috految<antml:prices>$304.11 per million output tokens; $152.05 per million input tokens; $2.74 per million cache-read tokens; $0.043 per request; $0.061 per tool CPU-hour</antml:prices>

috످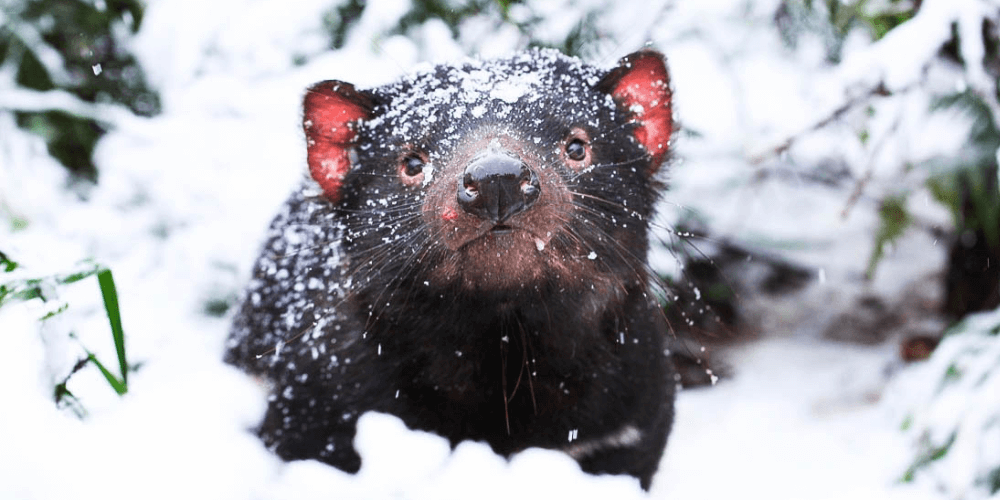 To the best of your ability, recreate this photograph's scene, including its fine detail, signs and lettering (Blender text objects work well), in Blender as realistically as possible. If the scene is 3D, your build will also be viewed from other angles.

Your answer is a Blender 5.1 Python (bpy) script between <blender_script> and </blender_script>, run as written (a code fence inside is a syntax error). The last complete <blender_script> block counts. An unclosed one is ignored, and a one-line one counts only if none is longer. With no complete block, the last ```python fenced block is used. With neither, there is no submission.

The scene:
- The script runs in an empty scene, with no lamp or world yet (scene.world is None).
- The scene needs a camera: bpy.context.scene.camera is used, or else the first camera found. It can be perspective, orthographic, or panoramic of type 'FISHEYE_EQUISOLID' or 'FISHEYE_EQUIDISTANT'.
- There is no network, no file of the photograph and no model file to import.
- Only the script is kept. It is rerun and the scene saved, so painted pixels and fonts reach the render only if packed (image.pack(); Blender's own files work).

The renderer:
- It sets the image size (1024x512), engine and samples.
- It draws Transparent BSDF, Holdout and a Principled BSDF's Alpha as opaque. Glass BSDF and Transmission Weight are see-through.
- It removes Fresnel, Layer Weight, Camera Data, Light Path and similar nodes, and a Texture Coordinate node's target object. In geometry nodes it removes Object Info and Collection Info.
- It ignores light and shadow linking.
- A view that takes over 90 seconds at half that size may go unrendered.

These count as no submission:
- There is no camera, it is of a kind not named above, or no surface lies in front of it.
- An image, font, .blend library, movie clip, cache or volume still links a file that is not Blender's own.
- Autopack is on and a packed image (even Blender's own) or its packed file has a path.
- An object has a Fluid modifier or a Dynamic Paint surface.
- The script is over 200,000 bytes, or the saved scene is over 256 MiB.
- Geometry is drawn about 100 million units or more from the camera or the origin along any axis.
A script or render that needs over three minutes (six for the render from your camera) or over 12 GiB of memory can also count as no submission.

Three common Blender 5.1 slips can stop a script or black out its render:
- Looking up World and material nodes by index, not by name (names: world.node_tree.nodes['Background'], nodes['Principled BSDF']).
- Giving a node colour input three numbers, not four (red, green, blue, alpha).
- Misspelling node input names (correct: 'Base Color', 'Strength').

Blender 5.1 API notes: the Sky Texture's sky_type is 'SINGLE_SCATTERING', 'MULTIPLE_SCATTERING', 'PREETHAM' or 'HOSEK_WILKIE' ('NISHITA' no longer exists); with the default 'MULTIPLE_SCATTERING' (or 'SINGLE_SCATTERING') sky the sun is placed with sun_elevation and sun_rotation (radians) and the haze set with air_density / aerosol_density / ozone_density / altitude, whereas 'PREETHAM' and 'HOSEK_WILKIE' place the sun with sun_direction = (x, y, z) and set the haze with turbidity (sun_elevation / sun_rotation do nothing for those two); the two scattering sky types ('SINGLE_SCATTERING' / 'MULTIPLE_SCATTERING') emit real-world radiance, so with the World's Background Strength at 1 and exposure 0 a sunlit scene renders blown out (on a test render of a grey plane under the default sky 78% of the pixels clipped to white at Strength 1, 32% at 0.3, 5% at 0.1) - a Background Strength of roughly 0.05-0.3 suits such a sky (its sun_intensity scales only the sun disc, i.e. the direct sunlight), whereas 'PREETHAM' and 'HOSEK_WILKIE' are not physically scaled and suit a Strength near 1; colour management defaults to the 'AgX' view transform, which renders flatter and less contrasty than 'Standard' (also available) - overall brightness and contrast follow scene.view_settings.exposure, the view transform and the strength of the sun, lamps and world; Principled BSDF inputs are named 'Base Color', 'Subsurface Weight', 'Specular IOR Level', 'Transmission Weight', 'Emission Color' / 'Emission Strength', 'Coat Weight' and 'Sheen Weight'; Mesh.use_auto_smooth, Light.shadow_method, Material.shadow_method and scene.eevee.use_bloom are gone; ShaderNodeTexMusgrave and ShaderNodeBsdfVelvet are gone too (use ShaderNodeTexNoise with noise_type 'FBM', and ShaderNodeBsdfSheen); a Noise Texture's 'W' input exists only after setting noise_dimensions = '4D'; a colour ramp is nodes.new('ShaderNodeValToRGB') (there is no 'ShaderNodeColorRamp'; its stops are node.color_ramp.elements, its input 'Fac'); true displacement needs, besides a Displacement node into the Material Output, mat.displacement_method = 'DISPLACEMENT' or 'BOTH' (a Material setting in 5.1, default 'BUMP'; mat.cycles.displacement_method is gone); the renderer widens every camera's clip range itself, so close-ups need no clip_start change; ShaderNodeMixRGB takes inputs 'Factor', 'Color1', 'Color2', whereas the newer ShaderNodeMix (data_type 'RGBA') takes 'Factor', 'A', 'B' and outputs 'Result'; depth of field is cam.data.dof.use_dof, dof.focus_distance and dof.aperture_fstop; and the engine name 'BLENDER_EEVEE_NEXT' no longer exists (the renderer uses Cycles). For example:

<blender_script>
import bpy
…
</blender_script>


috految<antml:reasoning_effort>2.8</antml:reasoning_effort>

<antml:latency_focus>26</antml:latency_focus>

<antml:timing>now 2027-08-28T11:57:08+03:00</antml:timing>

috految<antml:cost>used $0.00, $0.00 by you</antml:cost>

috److I place everything using the photograph's pixel coordinates plus a depth value.

**Camera.** It sits at (0, -20, 6), looking at (0, 0, 3) with a 72 mm lens. The focal length is 2000 px, so 100 px is about 1 unit at the animal. The helper `P(u, v, y)` intersects a pixel ray with the plane at depth `y`.

**Ground.** With the ground at z = 0, the pixel rows map as follows:

| Pixel row | Ground depth y |
|---|---|
| 500 | 1.4 |
| 380 | 7.6 |
| 330 | 11.4 |

The ground rises behind y = 10 to form a bank. At y = 20 it is about z = 3.

**Tasmanian devil.**
- The body is a voxel-remeshed union of ellipsoids, covered with mesh fur.
- The head is centred at y = 0 with depth radius 1.25, and the muzzle extends to y = -2.
- Eyes, mouth and whiskers are placed by raycasting onto the surface.
- The ears are cupped outlines with furred rims and backs.
- Snow grains are scattered over upward-facing surfaces.

**Surroundings.** Snow-laden shrubs, ferns, branches, rocks and tree trunks surround the animal so the scene holds up from other angles.

**Depth of field.** A background blur of about 14 px needs an aperture diameter of about 0.4, which is f/0.18.

<blender_script>
import bpy,bmesh,random
from math import *
from mathutils import Vector as V,noise
from mathutils.bvhtree import BVHTree
U=random.uniform;N=noise.noise;S=bpy.context.scene
C=V((0,-20,6));Z=V((0,0,1));Y=V((0,1,0));Q=V((0,20,-3)).to_track_quat('-Z','Y')
bpy.ops.object.camera_add(location=C,rotation=Q.to_euler());S.camera=bpy.context.object;c=S.camera.data;c.lens=72;c.dof.use_dof=True;c.dof.focus_distance=18.7;c.dof.aperture_fstop=.17
def P(u,v,y):
 d=Q@V((u-500,250-v,-2000));return C+d*((y+20)/d.y)
def R():return V([random.gauss(0,1) for i in range(3)]).normalized()
G={}
def M(a,b=None,s=5,r=.5,sp=.2,h=.03):
 m=bpy.data.materials.new('m');n=m.node_tree.nodes;L=m.node_tree.links.new;p=n['Principled BSDF'].inputs;p['Roughness'].default_value=r;p['Specular IOR Level'].default_value=sp
 g,t,k,u=[n.new('ShaderNode'+x) for x in('TexCoord','TexNoise','ValToRGB','Bump')]
 L(g.outputs['Object'],t.inputs[0]);t.inputs['Scale'].default_value=s;t.inputs['Detail'].default_value=4;t.inputs['Roughness'].default_value=.7;L(t.outputs[0],k.inputs[0]);L(k.outputs[0],p['Base Color']);L(t.outputs[0],u.inputs['Height']);u.inputs['Distance'].default_value=h;L(u.outputs[0],p['Normal'])
 for e,c,x in zip(k.color_ramp.elements,(a,b or a),(.35,.62)):e.color=(*c,1);e.position=x
 G[m]=([],[]);return m
snow=M((.86,.87,.91),h=.05);fur=M((.009,.009,.012),(.028,.023,.025),r=.38,sp=.22,h=0);skin=M((.13,.045,.04),(.39,.16,.135),r=.4);pink=M((.24,.07,.06),(.55,.28,.24));red=M((.38,.02,.03),(.85,.17,.16),3,h=.08);nose=M((.015,.013,.017),s=16,r=.24,sp=.5,h=.009);eye=M((.009,.004,.002),r=.09,sp=.5,h=0);black=M((.005,.003,.003),sp=0);pale=M((.48,.39,.35));bark=M((.012,.011,.01),(.07,.04,.03),2,h=.2);green=M((.015,.04,.02),(.08,.14,.04),1);grass=M((.025,.1,.015),(.16,.25,.03),1);rock=M((.07,.05,.045),(.36,.31,.3),2)
def add(m,v,f):
 a,b=G[m];n=len(a);a+=v;b+=[[i+n for i in x] for x in f]
def grid(m,r):
 w=len(r[0]);add(m,[p for q in r for p in q],[(j*w+i,j*w+i+1,j*w+w+i+1,j*w+w+i) for j in range(len(r)-1) for i in range(w-1)])
def O(m):
 d=bpy.data.meshes.new('o');d.from_pydata(G[m][0],[],G[m][1]);G[m]=([],[]);d.shade_smooth();d.materials.append(m);o=bpy.data.objects.new('o',d);S.collection.objects.link(o);return o
I={}
for k in(1,2,4):
 b=bmesh.new();bmesh.ops.create_icosphere(b,subdivisions=k,radius=1);I[k]=([v.co.copy() for v in b.verts],[[v.index for v in f.verts] for f in b.faces])
def B(m,p,r,k=4,n=0):
 r=V(r if type(r)==tuple else(r,r,r));v,f=I[k];add(m,[p+a*r*(1+n*N(a*2+p*9)+n*.3*N(a*6)) for a in v],f)
def T(m,ps,r):
 q=(ps[-1]-ps[0]).to_track_quat('Z','Y');grid(m,[[p+q@V((cos(i*pi/4),sin(i*pi/4),0))*r*(1-.7*j/len(ps)) for i in range(9)] for j,p in enumerate(ps)])
def fuse(m,s,n):
 o=O(m);d=o.modifiers.new('r','REMESH');d.voxel_size=s;d.use_smooth_shade=True;d=o.modifiers.new('s','SMOOTH');d.iterations=n;d.factor=1
 o.data=bpy.data.meshes.new_from_object(o.evaluated_get(bpy.context.evaluated_depsgraph_get()));o.modifiers.clear();return o.data
for u,v,y,*r in[(498,183,0,1.48,1.25,1.16),(538,128,.1,.87,.85,.73),(440,143,.1,.8,.83,.69),(389,139,.1,.39,.4,.45),(606,146,.1,.39,.45,.66),(498,245,.1,1.46,1.2,1.05),(504,345,.9,1.64,1.45,1.46),(420,302,2.5,1.7,2,1.6),(377,305,4,1.5,1.7,1.62),(291,358,3,.7,1.1,1),(331,422,1.2,.72,.85,1),(599,400,.5,.72,.8,1.2),(592,480,.4,.5,.55,.65),(460,385,4.2,.7,.9,1),(497,190,-1.05,.66,.9,.59),(497,193,-1.6,.48,.54,.43),(466,210,-1.5,.4,.55,.37),(530,205,-1.5,.4,.55,.38),(503,254,-1.16,.62,.74,.35),(505,279,-.6,.87,.75,.43)]:B(fur,P(u,v,y),tuple(r))
for i in range(30):B(fur,V((-1.6+i*.04,5.3+i*.1,1.4-i*.03)),.45-i*.011,2)
for x,y in[(-1.7,.8),(.95,.1),(-2.4,2.8),(-.4,4)]:
 B(fur,V((x,y,.2)),(.5,.65,.4))
 for i in range(5):B(nose,V((x-.3+i*.15,y-.55,.13)),(.04,.22,.06),2)
d=fuse(fur,.03,24);tree=BVHTree.FromPolygons([v.co[:] for v in d.vertices],[p.vertices[:] for p in d.polygons])
def H(u,v):return tree.ray_cast(C,(P(u,v,0)-C).normalized())[0] or P(u,v,0)
E=[H(413,167),H(576,151)];tip=P(499,205,-2.1)
for p in E:
 B(pink,p-Z*.01,(.143,.085,.175));B(black,p-Y*.055,(.112,.075,.112));B(eye,p-Y*.075,.097)
def hair(m,p,v,w=.005):
 s=v.cross(R()).normalized()*w;add(m,[p-s,p+s,p+v],[(0,1,2)])
d.materials.clear();d.materials.append(fur);d.materials.append(skin);ids=[]
for p,n in[(f.center.copy(),f.normal.copy()) for f in d.polygons]:
 t=(p-tip).length;e=min((p-a).length for a in E);ids.append(int(t<U(.82,1.05) or e<.18))
 if e<.16:continue
 f=(p-tip).normalized()-Z*.3;f=(f-n*f.dot(n)).normalized();l=min(.23,.025+t*.065,e*.3)
 for i in range(4 if p.y<0 else 2):
  m=pink if t<U(.5,1.3) and i%2 else fur
  if U(0,1)<.007:m=pale
  hair(m,p+R().cross(n)*.025,(f*.8+n*.5+R()*.25+noise.noise_vector(p*6)*.35)*l,.002 if t<.9 else .006)
 w=max(0,n.z-.28)**2*(.9 if p.y<1 else .42)*max(.05,.6+1.9*N(p*4))+(.035 if p.x<-1.5 and n.z>0 else .0015)
 if t>.8 and e>.21 and U(0,1)<w:B(snow,p+n*l*.5+R()*.02,.009+U(0,1)**3*(.026 if p.y<1 else .047),1,.8)
d.polygons.foreach_set('material_index',ids)
for i in range(700):
 t=U(0,1);hair(pale,H(560+t*75,455-t*22+U(-5,5))-Y*.1,R()*.08)
for u,v,r,n in[(507,93,.13,90),(478,86,.1,45),(428,177,.05,12),(540,244,.03,9)]:
 for i in range(n):B(snow,H(u,v)-Y*.06+R()*r,.024,1,.7)
B(red,H(450,215),(.075,.04,.05),4,.6)
for u,v,y,*r in[(497,179,-2.08,.32,.27,.25),(498,200,-2.12,.23,.22,.21),(474,192,-2.1,.17,.2,.18),(523,186,-2.1,.17,.2,.18)]:B(nose,P(u,v,y),tuple(r))
d=fuse(nose,.012,12)
for a in(P(472,190,-2.29),P(526,185,-2.29)):
 for v in d.vertices:v.co.y+=.16*exp(-((v.co-a).length/.085)**4)
 B(black,a+Y*.11,.068)
T(black,[P(498,188,-2.35),P(499,211,-2.32),H(500,229)],.01)
for s in(-1,1):
 T(black,[H(501+s*i*4,229+i**1.4*.55-s*i*.3)-Y*.012 for i in range(15)],.023)
 for i in range(32):
  v=U(188,250);p=H(499+s*U(48,85),v);w=V((s*U(.6,1.75),U(-.5,.1),(212-v)*.016+U(-.2,.2)))
  T(pale if i%2 else fur,[p+w*j/8-Z*.007*j*j for j in range(9)],.0042)
for u in(504,518,523):T(pale,[H(u,310),P(u+4,360,-1.2),P(u+U(-10,15),420,-1)],.004)
for out,cen in[([(379,106),(350,86),(322,79),(303,94),(307,139),(308,179),(338,209),(357,158)],(336,139)),([(594,94),(620,64),(648,47),(668,57),(670,97),(675,131),(650,184),(630,137)],(643,104))]:
 a=[P(u,v,-.45) for u,v in out];c=P(*cen,-.45)
 for k in range(3):a=[p.lerp(q,t) for p,q in zip(a,a[1:]+a[:1]) for t in(.25,.75)]
 a+=a[:1]
 for m,h in((red,.22),(fur,.65)):grid(m,[[c.lerp(p,j/10)+Y*h*(1-(j/10)**3)*(1+.4*N(c.lerp(p,j/10)*6)) for p in a] for j in range(11)])
 for p in a:
  for i in range(75):hair(fur if i%5 else pink,p+R()*.03,R()*.07+(c-p)*U(0,.16))
  B(snow,c.lerp(p,U(.3,1))+Y*.1,U(.003,.013),1)
O(snow)
for u,v,y,r in[(385,443,-1,.31),(417,472,-1,.42),(473,480,-1,.37),(541,489,-1,.42),(601,521,-1,.45),(310,511,-1,.5),(374,520,-1,.55),(217,414,0,.5),(175,472,-.3,.85),(240,505,-.6,.6),(55,490,0,.9),(130,455,1.6,.9),(0,395,2,.9)]:
 p=P(u,v,y);B(snow,p,r,4,.25);B(snow,V((p.x,p.y,0)),(r+.6,r+.6,max(.3,p.z)),4,.17)
fuse(snow,.045,3)
def ground(x,y):
 p=V((x,y,0));return p+Z*(.3*N(p*.6)+.13*N(p*2)+min(5,max(0,y-10)*.3))
a=[5*sinh(i/28) for i in range(-110,111)];grid(snow,[[ground(x,y) for x in a] for y in a])
def leaf(m,p,v,w):
 s=v.cross(R()).normalized()*w;add(m,[p,p+v*.4+s,p+v,p+v*.4-s],[(0,1,2,3)])
def bush(p,r,n,cover=.4,m=green):
 T(bark,[ground(p.x,p.y+1),p],.04)
 for i in range(n):
  v=R()*r;ps=[p+v*j/9+Z*sin(j/3)*r*.2 for j in range(10)];T(bark,ps[::3],.016);s=v.cross(Z).normalized();sn=U(0,1)<cover
  for j,q in enumerate(ps):
   for k in(-1,1,-.5,.5):leaf(m,q,(s*k+R()*.6-Z*.4)*r*(.29-j*.016),r*.035)
   if sn and j>2:B(snow,q+Z*.07*r+R()*.04,(r*.12,r*.12,r*.07),2,.7)
for u,v,y,r,n,c in[(55,35,10,1.4,80,.15),(65,130,10,.85,45,.1),(118,85,11,.7,30,.1),(440,10,17,1.4,40,.4),(352,25,17,.9,18,.5),(565,45,17,1.1,25,.7),(850,-5,15,1.4,40,.4),(990,160,9,1.1,45,.15),(975,30,9,1.3,40,.6),(995,385,2.5,.85,60,.95),(965,450,1.7,.8,45,1),(688,295,9,.8,30,.2),(217,307,10,.35,12,.4),(790,165,16,1.6,16,1),(0,200,11,1,20,1),(68,395,.1,.23,6,.5)]:bush(P(u,v,y),r,n,c)
for u,v in[(890,220),(950,185),(887,12)]:bush(P(u,v,9),.45,12,.1,grass)
for i in range(85):
 x=U(-27,27);y=U(-12,34)
 if abs(x)<10 and y<23:continue
 p=ground(x,y);bush(p+Z,U(1.3,2.4),24,.65)
 if y>10 and abs(x)>12:T(bark,[p,p+Z*8],.5);bush(p+Z*7,3,35)
for i in range(100):B(snow,ground(U(-16,16),U(11,27)),U(.25,.9),4,.5)
T(bark,[P(975,370,9.5),P(980,220,9.5),P(1015,-220,10)],.6);bush(P(1020,-180,10),3,45)
for u,v,y,r,m in[(680,362,8,.6,bark),(699,305,10,.7,bark),(773,282,12,.6,bark),(763,327,11,.7,rock),(854,325,11,.65,rock),(919,320,11,.7,rock),(918,352,8.5,.28,skin)]:
 p=P(u,v,y);B(m,p,(r*1.2,r,r*.8),4,.5);B(snow,p+Z*r*.6+Y*.2,(r*1.2,r,r*.4),4,.5)
for a,y,r in[([(1000,0),(920,47),(880,90),(826,122),(750,163)],6,.24),([(910,85),(870,155),(844,218)],8,.06),([(-60,100),(60,113),(150,142)],8,.19),([(830,285),(735,250),(675,230)],10,.2),([(945,0),(985,95),(1020,150)],6,.2)]:
 ps=[P(u,v,y) for u,v in a];T(bark,ps,.075)
 for p,q in zip(ps,ps[1:]):
  T(bark,[q,q+R()*.7],.02)
  for j in range(12):B(snow,p.lerp(q,j/12)+Z*r+R()*.06,r*U(.6,1.1),2,.5)
for a,w in[([(127,402),(119,335),(104,270),(94,268)],.085),([(128,400),(110,378),(75,340)],.07),([(-30,330),(10,291),(65,280),(105,268)],.06),([(-20,245),(5,260),(20,270)],.1),([(60,430),(60,385),(92,355)],.03),([(0,298),(35,290),(48,306)],.06)]:grid(grass,[[P(u,v,.1)+V((s,-abs(s),s*.6))*w*sin((j+.4)/len(a)*pi) for s in(-1,0,1)] for j,(u,v) in enumerate(a)])
for i in range(400):B(snow,V((U(-8,8),U(-3,9),U(0,8))),U(.008,.025),1)
for m in list(G):O(m)
S.world=bpy.data.worlds.new('w');S.world.node_tree.nodes['Background'].inputs[0].default_value=(.94,.955,1,1)
bpy.ops.object.light_add(type='SUN',rotation=(.6,-.25,0));l=bpy.context.object.data;l.energy=1.15;l.angle=.5
S.view_settings.view_transform='Standard'
</blender_script>

috످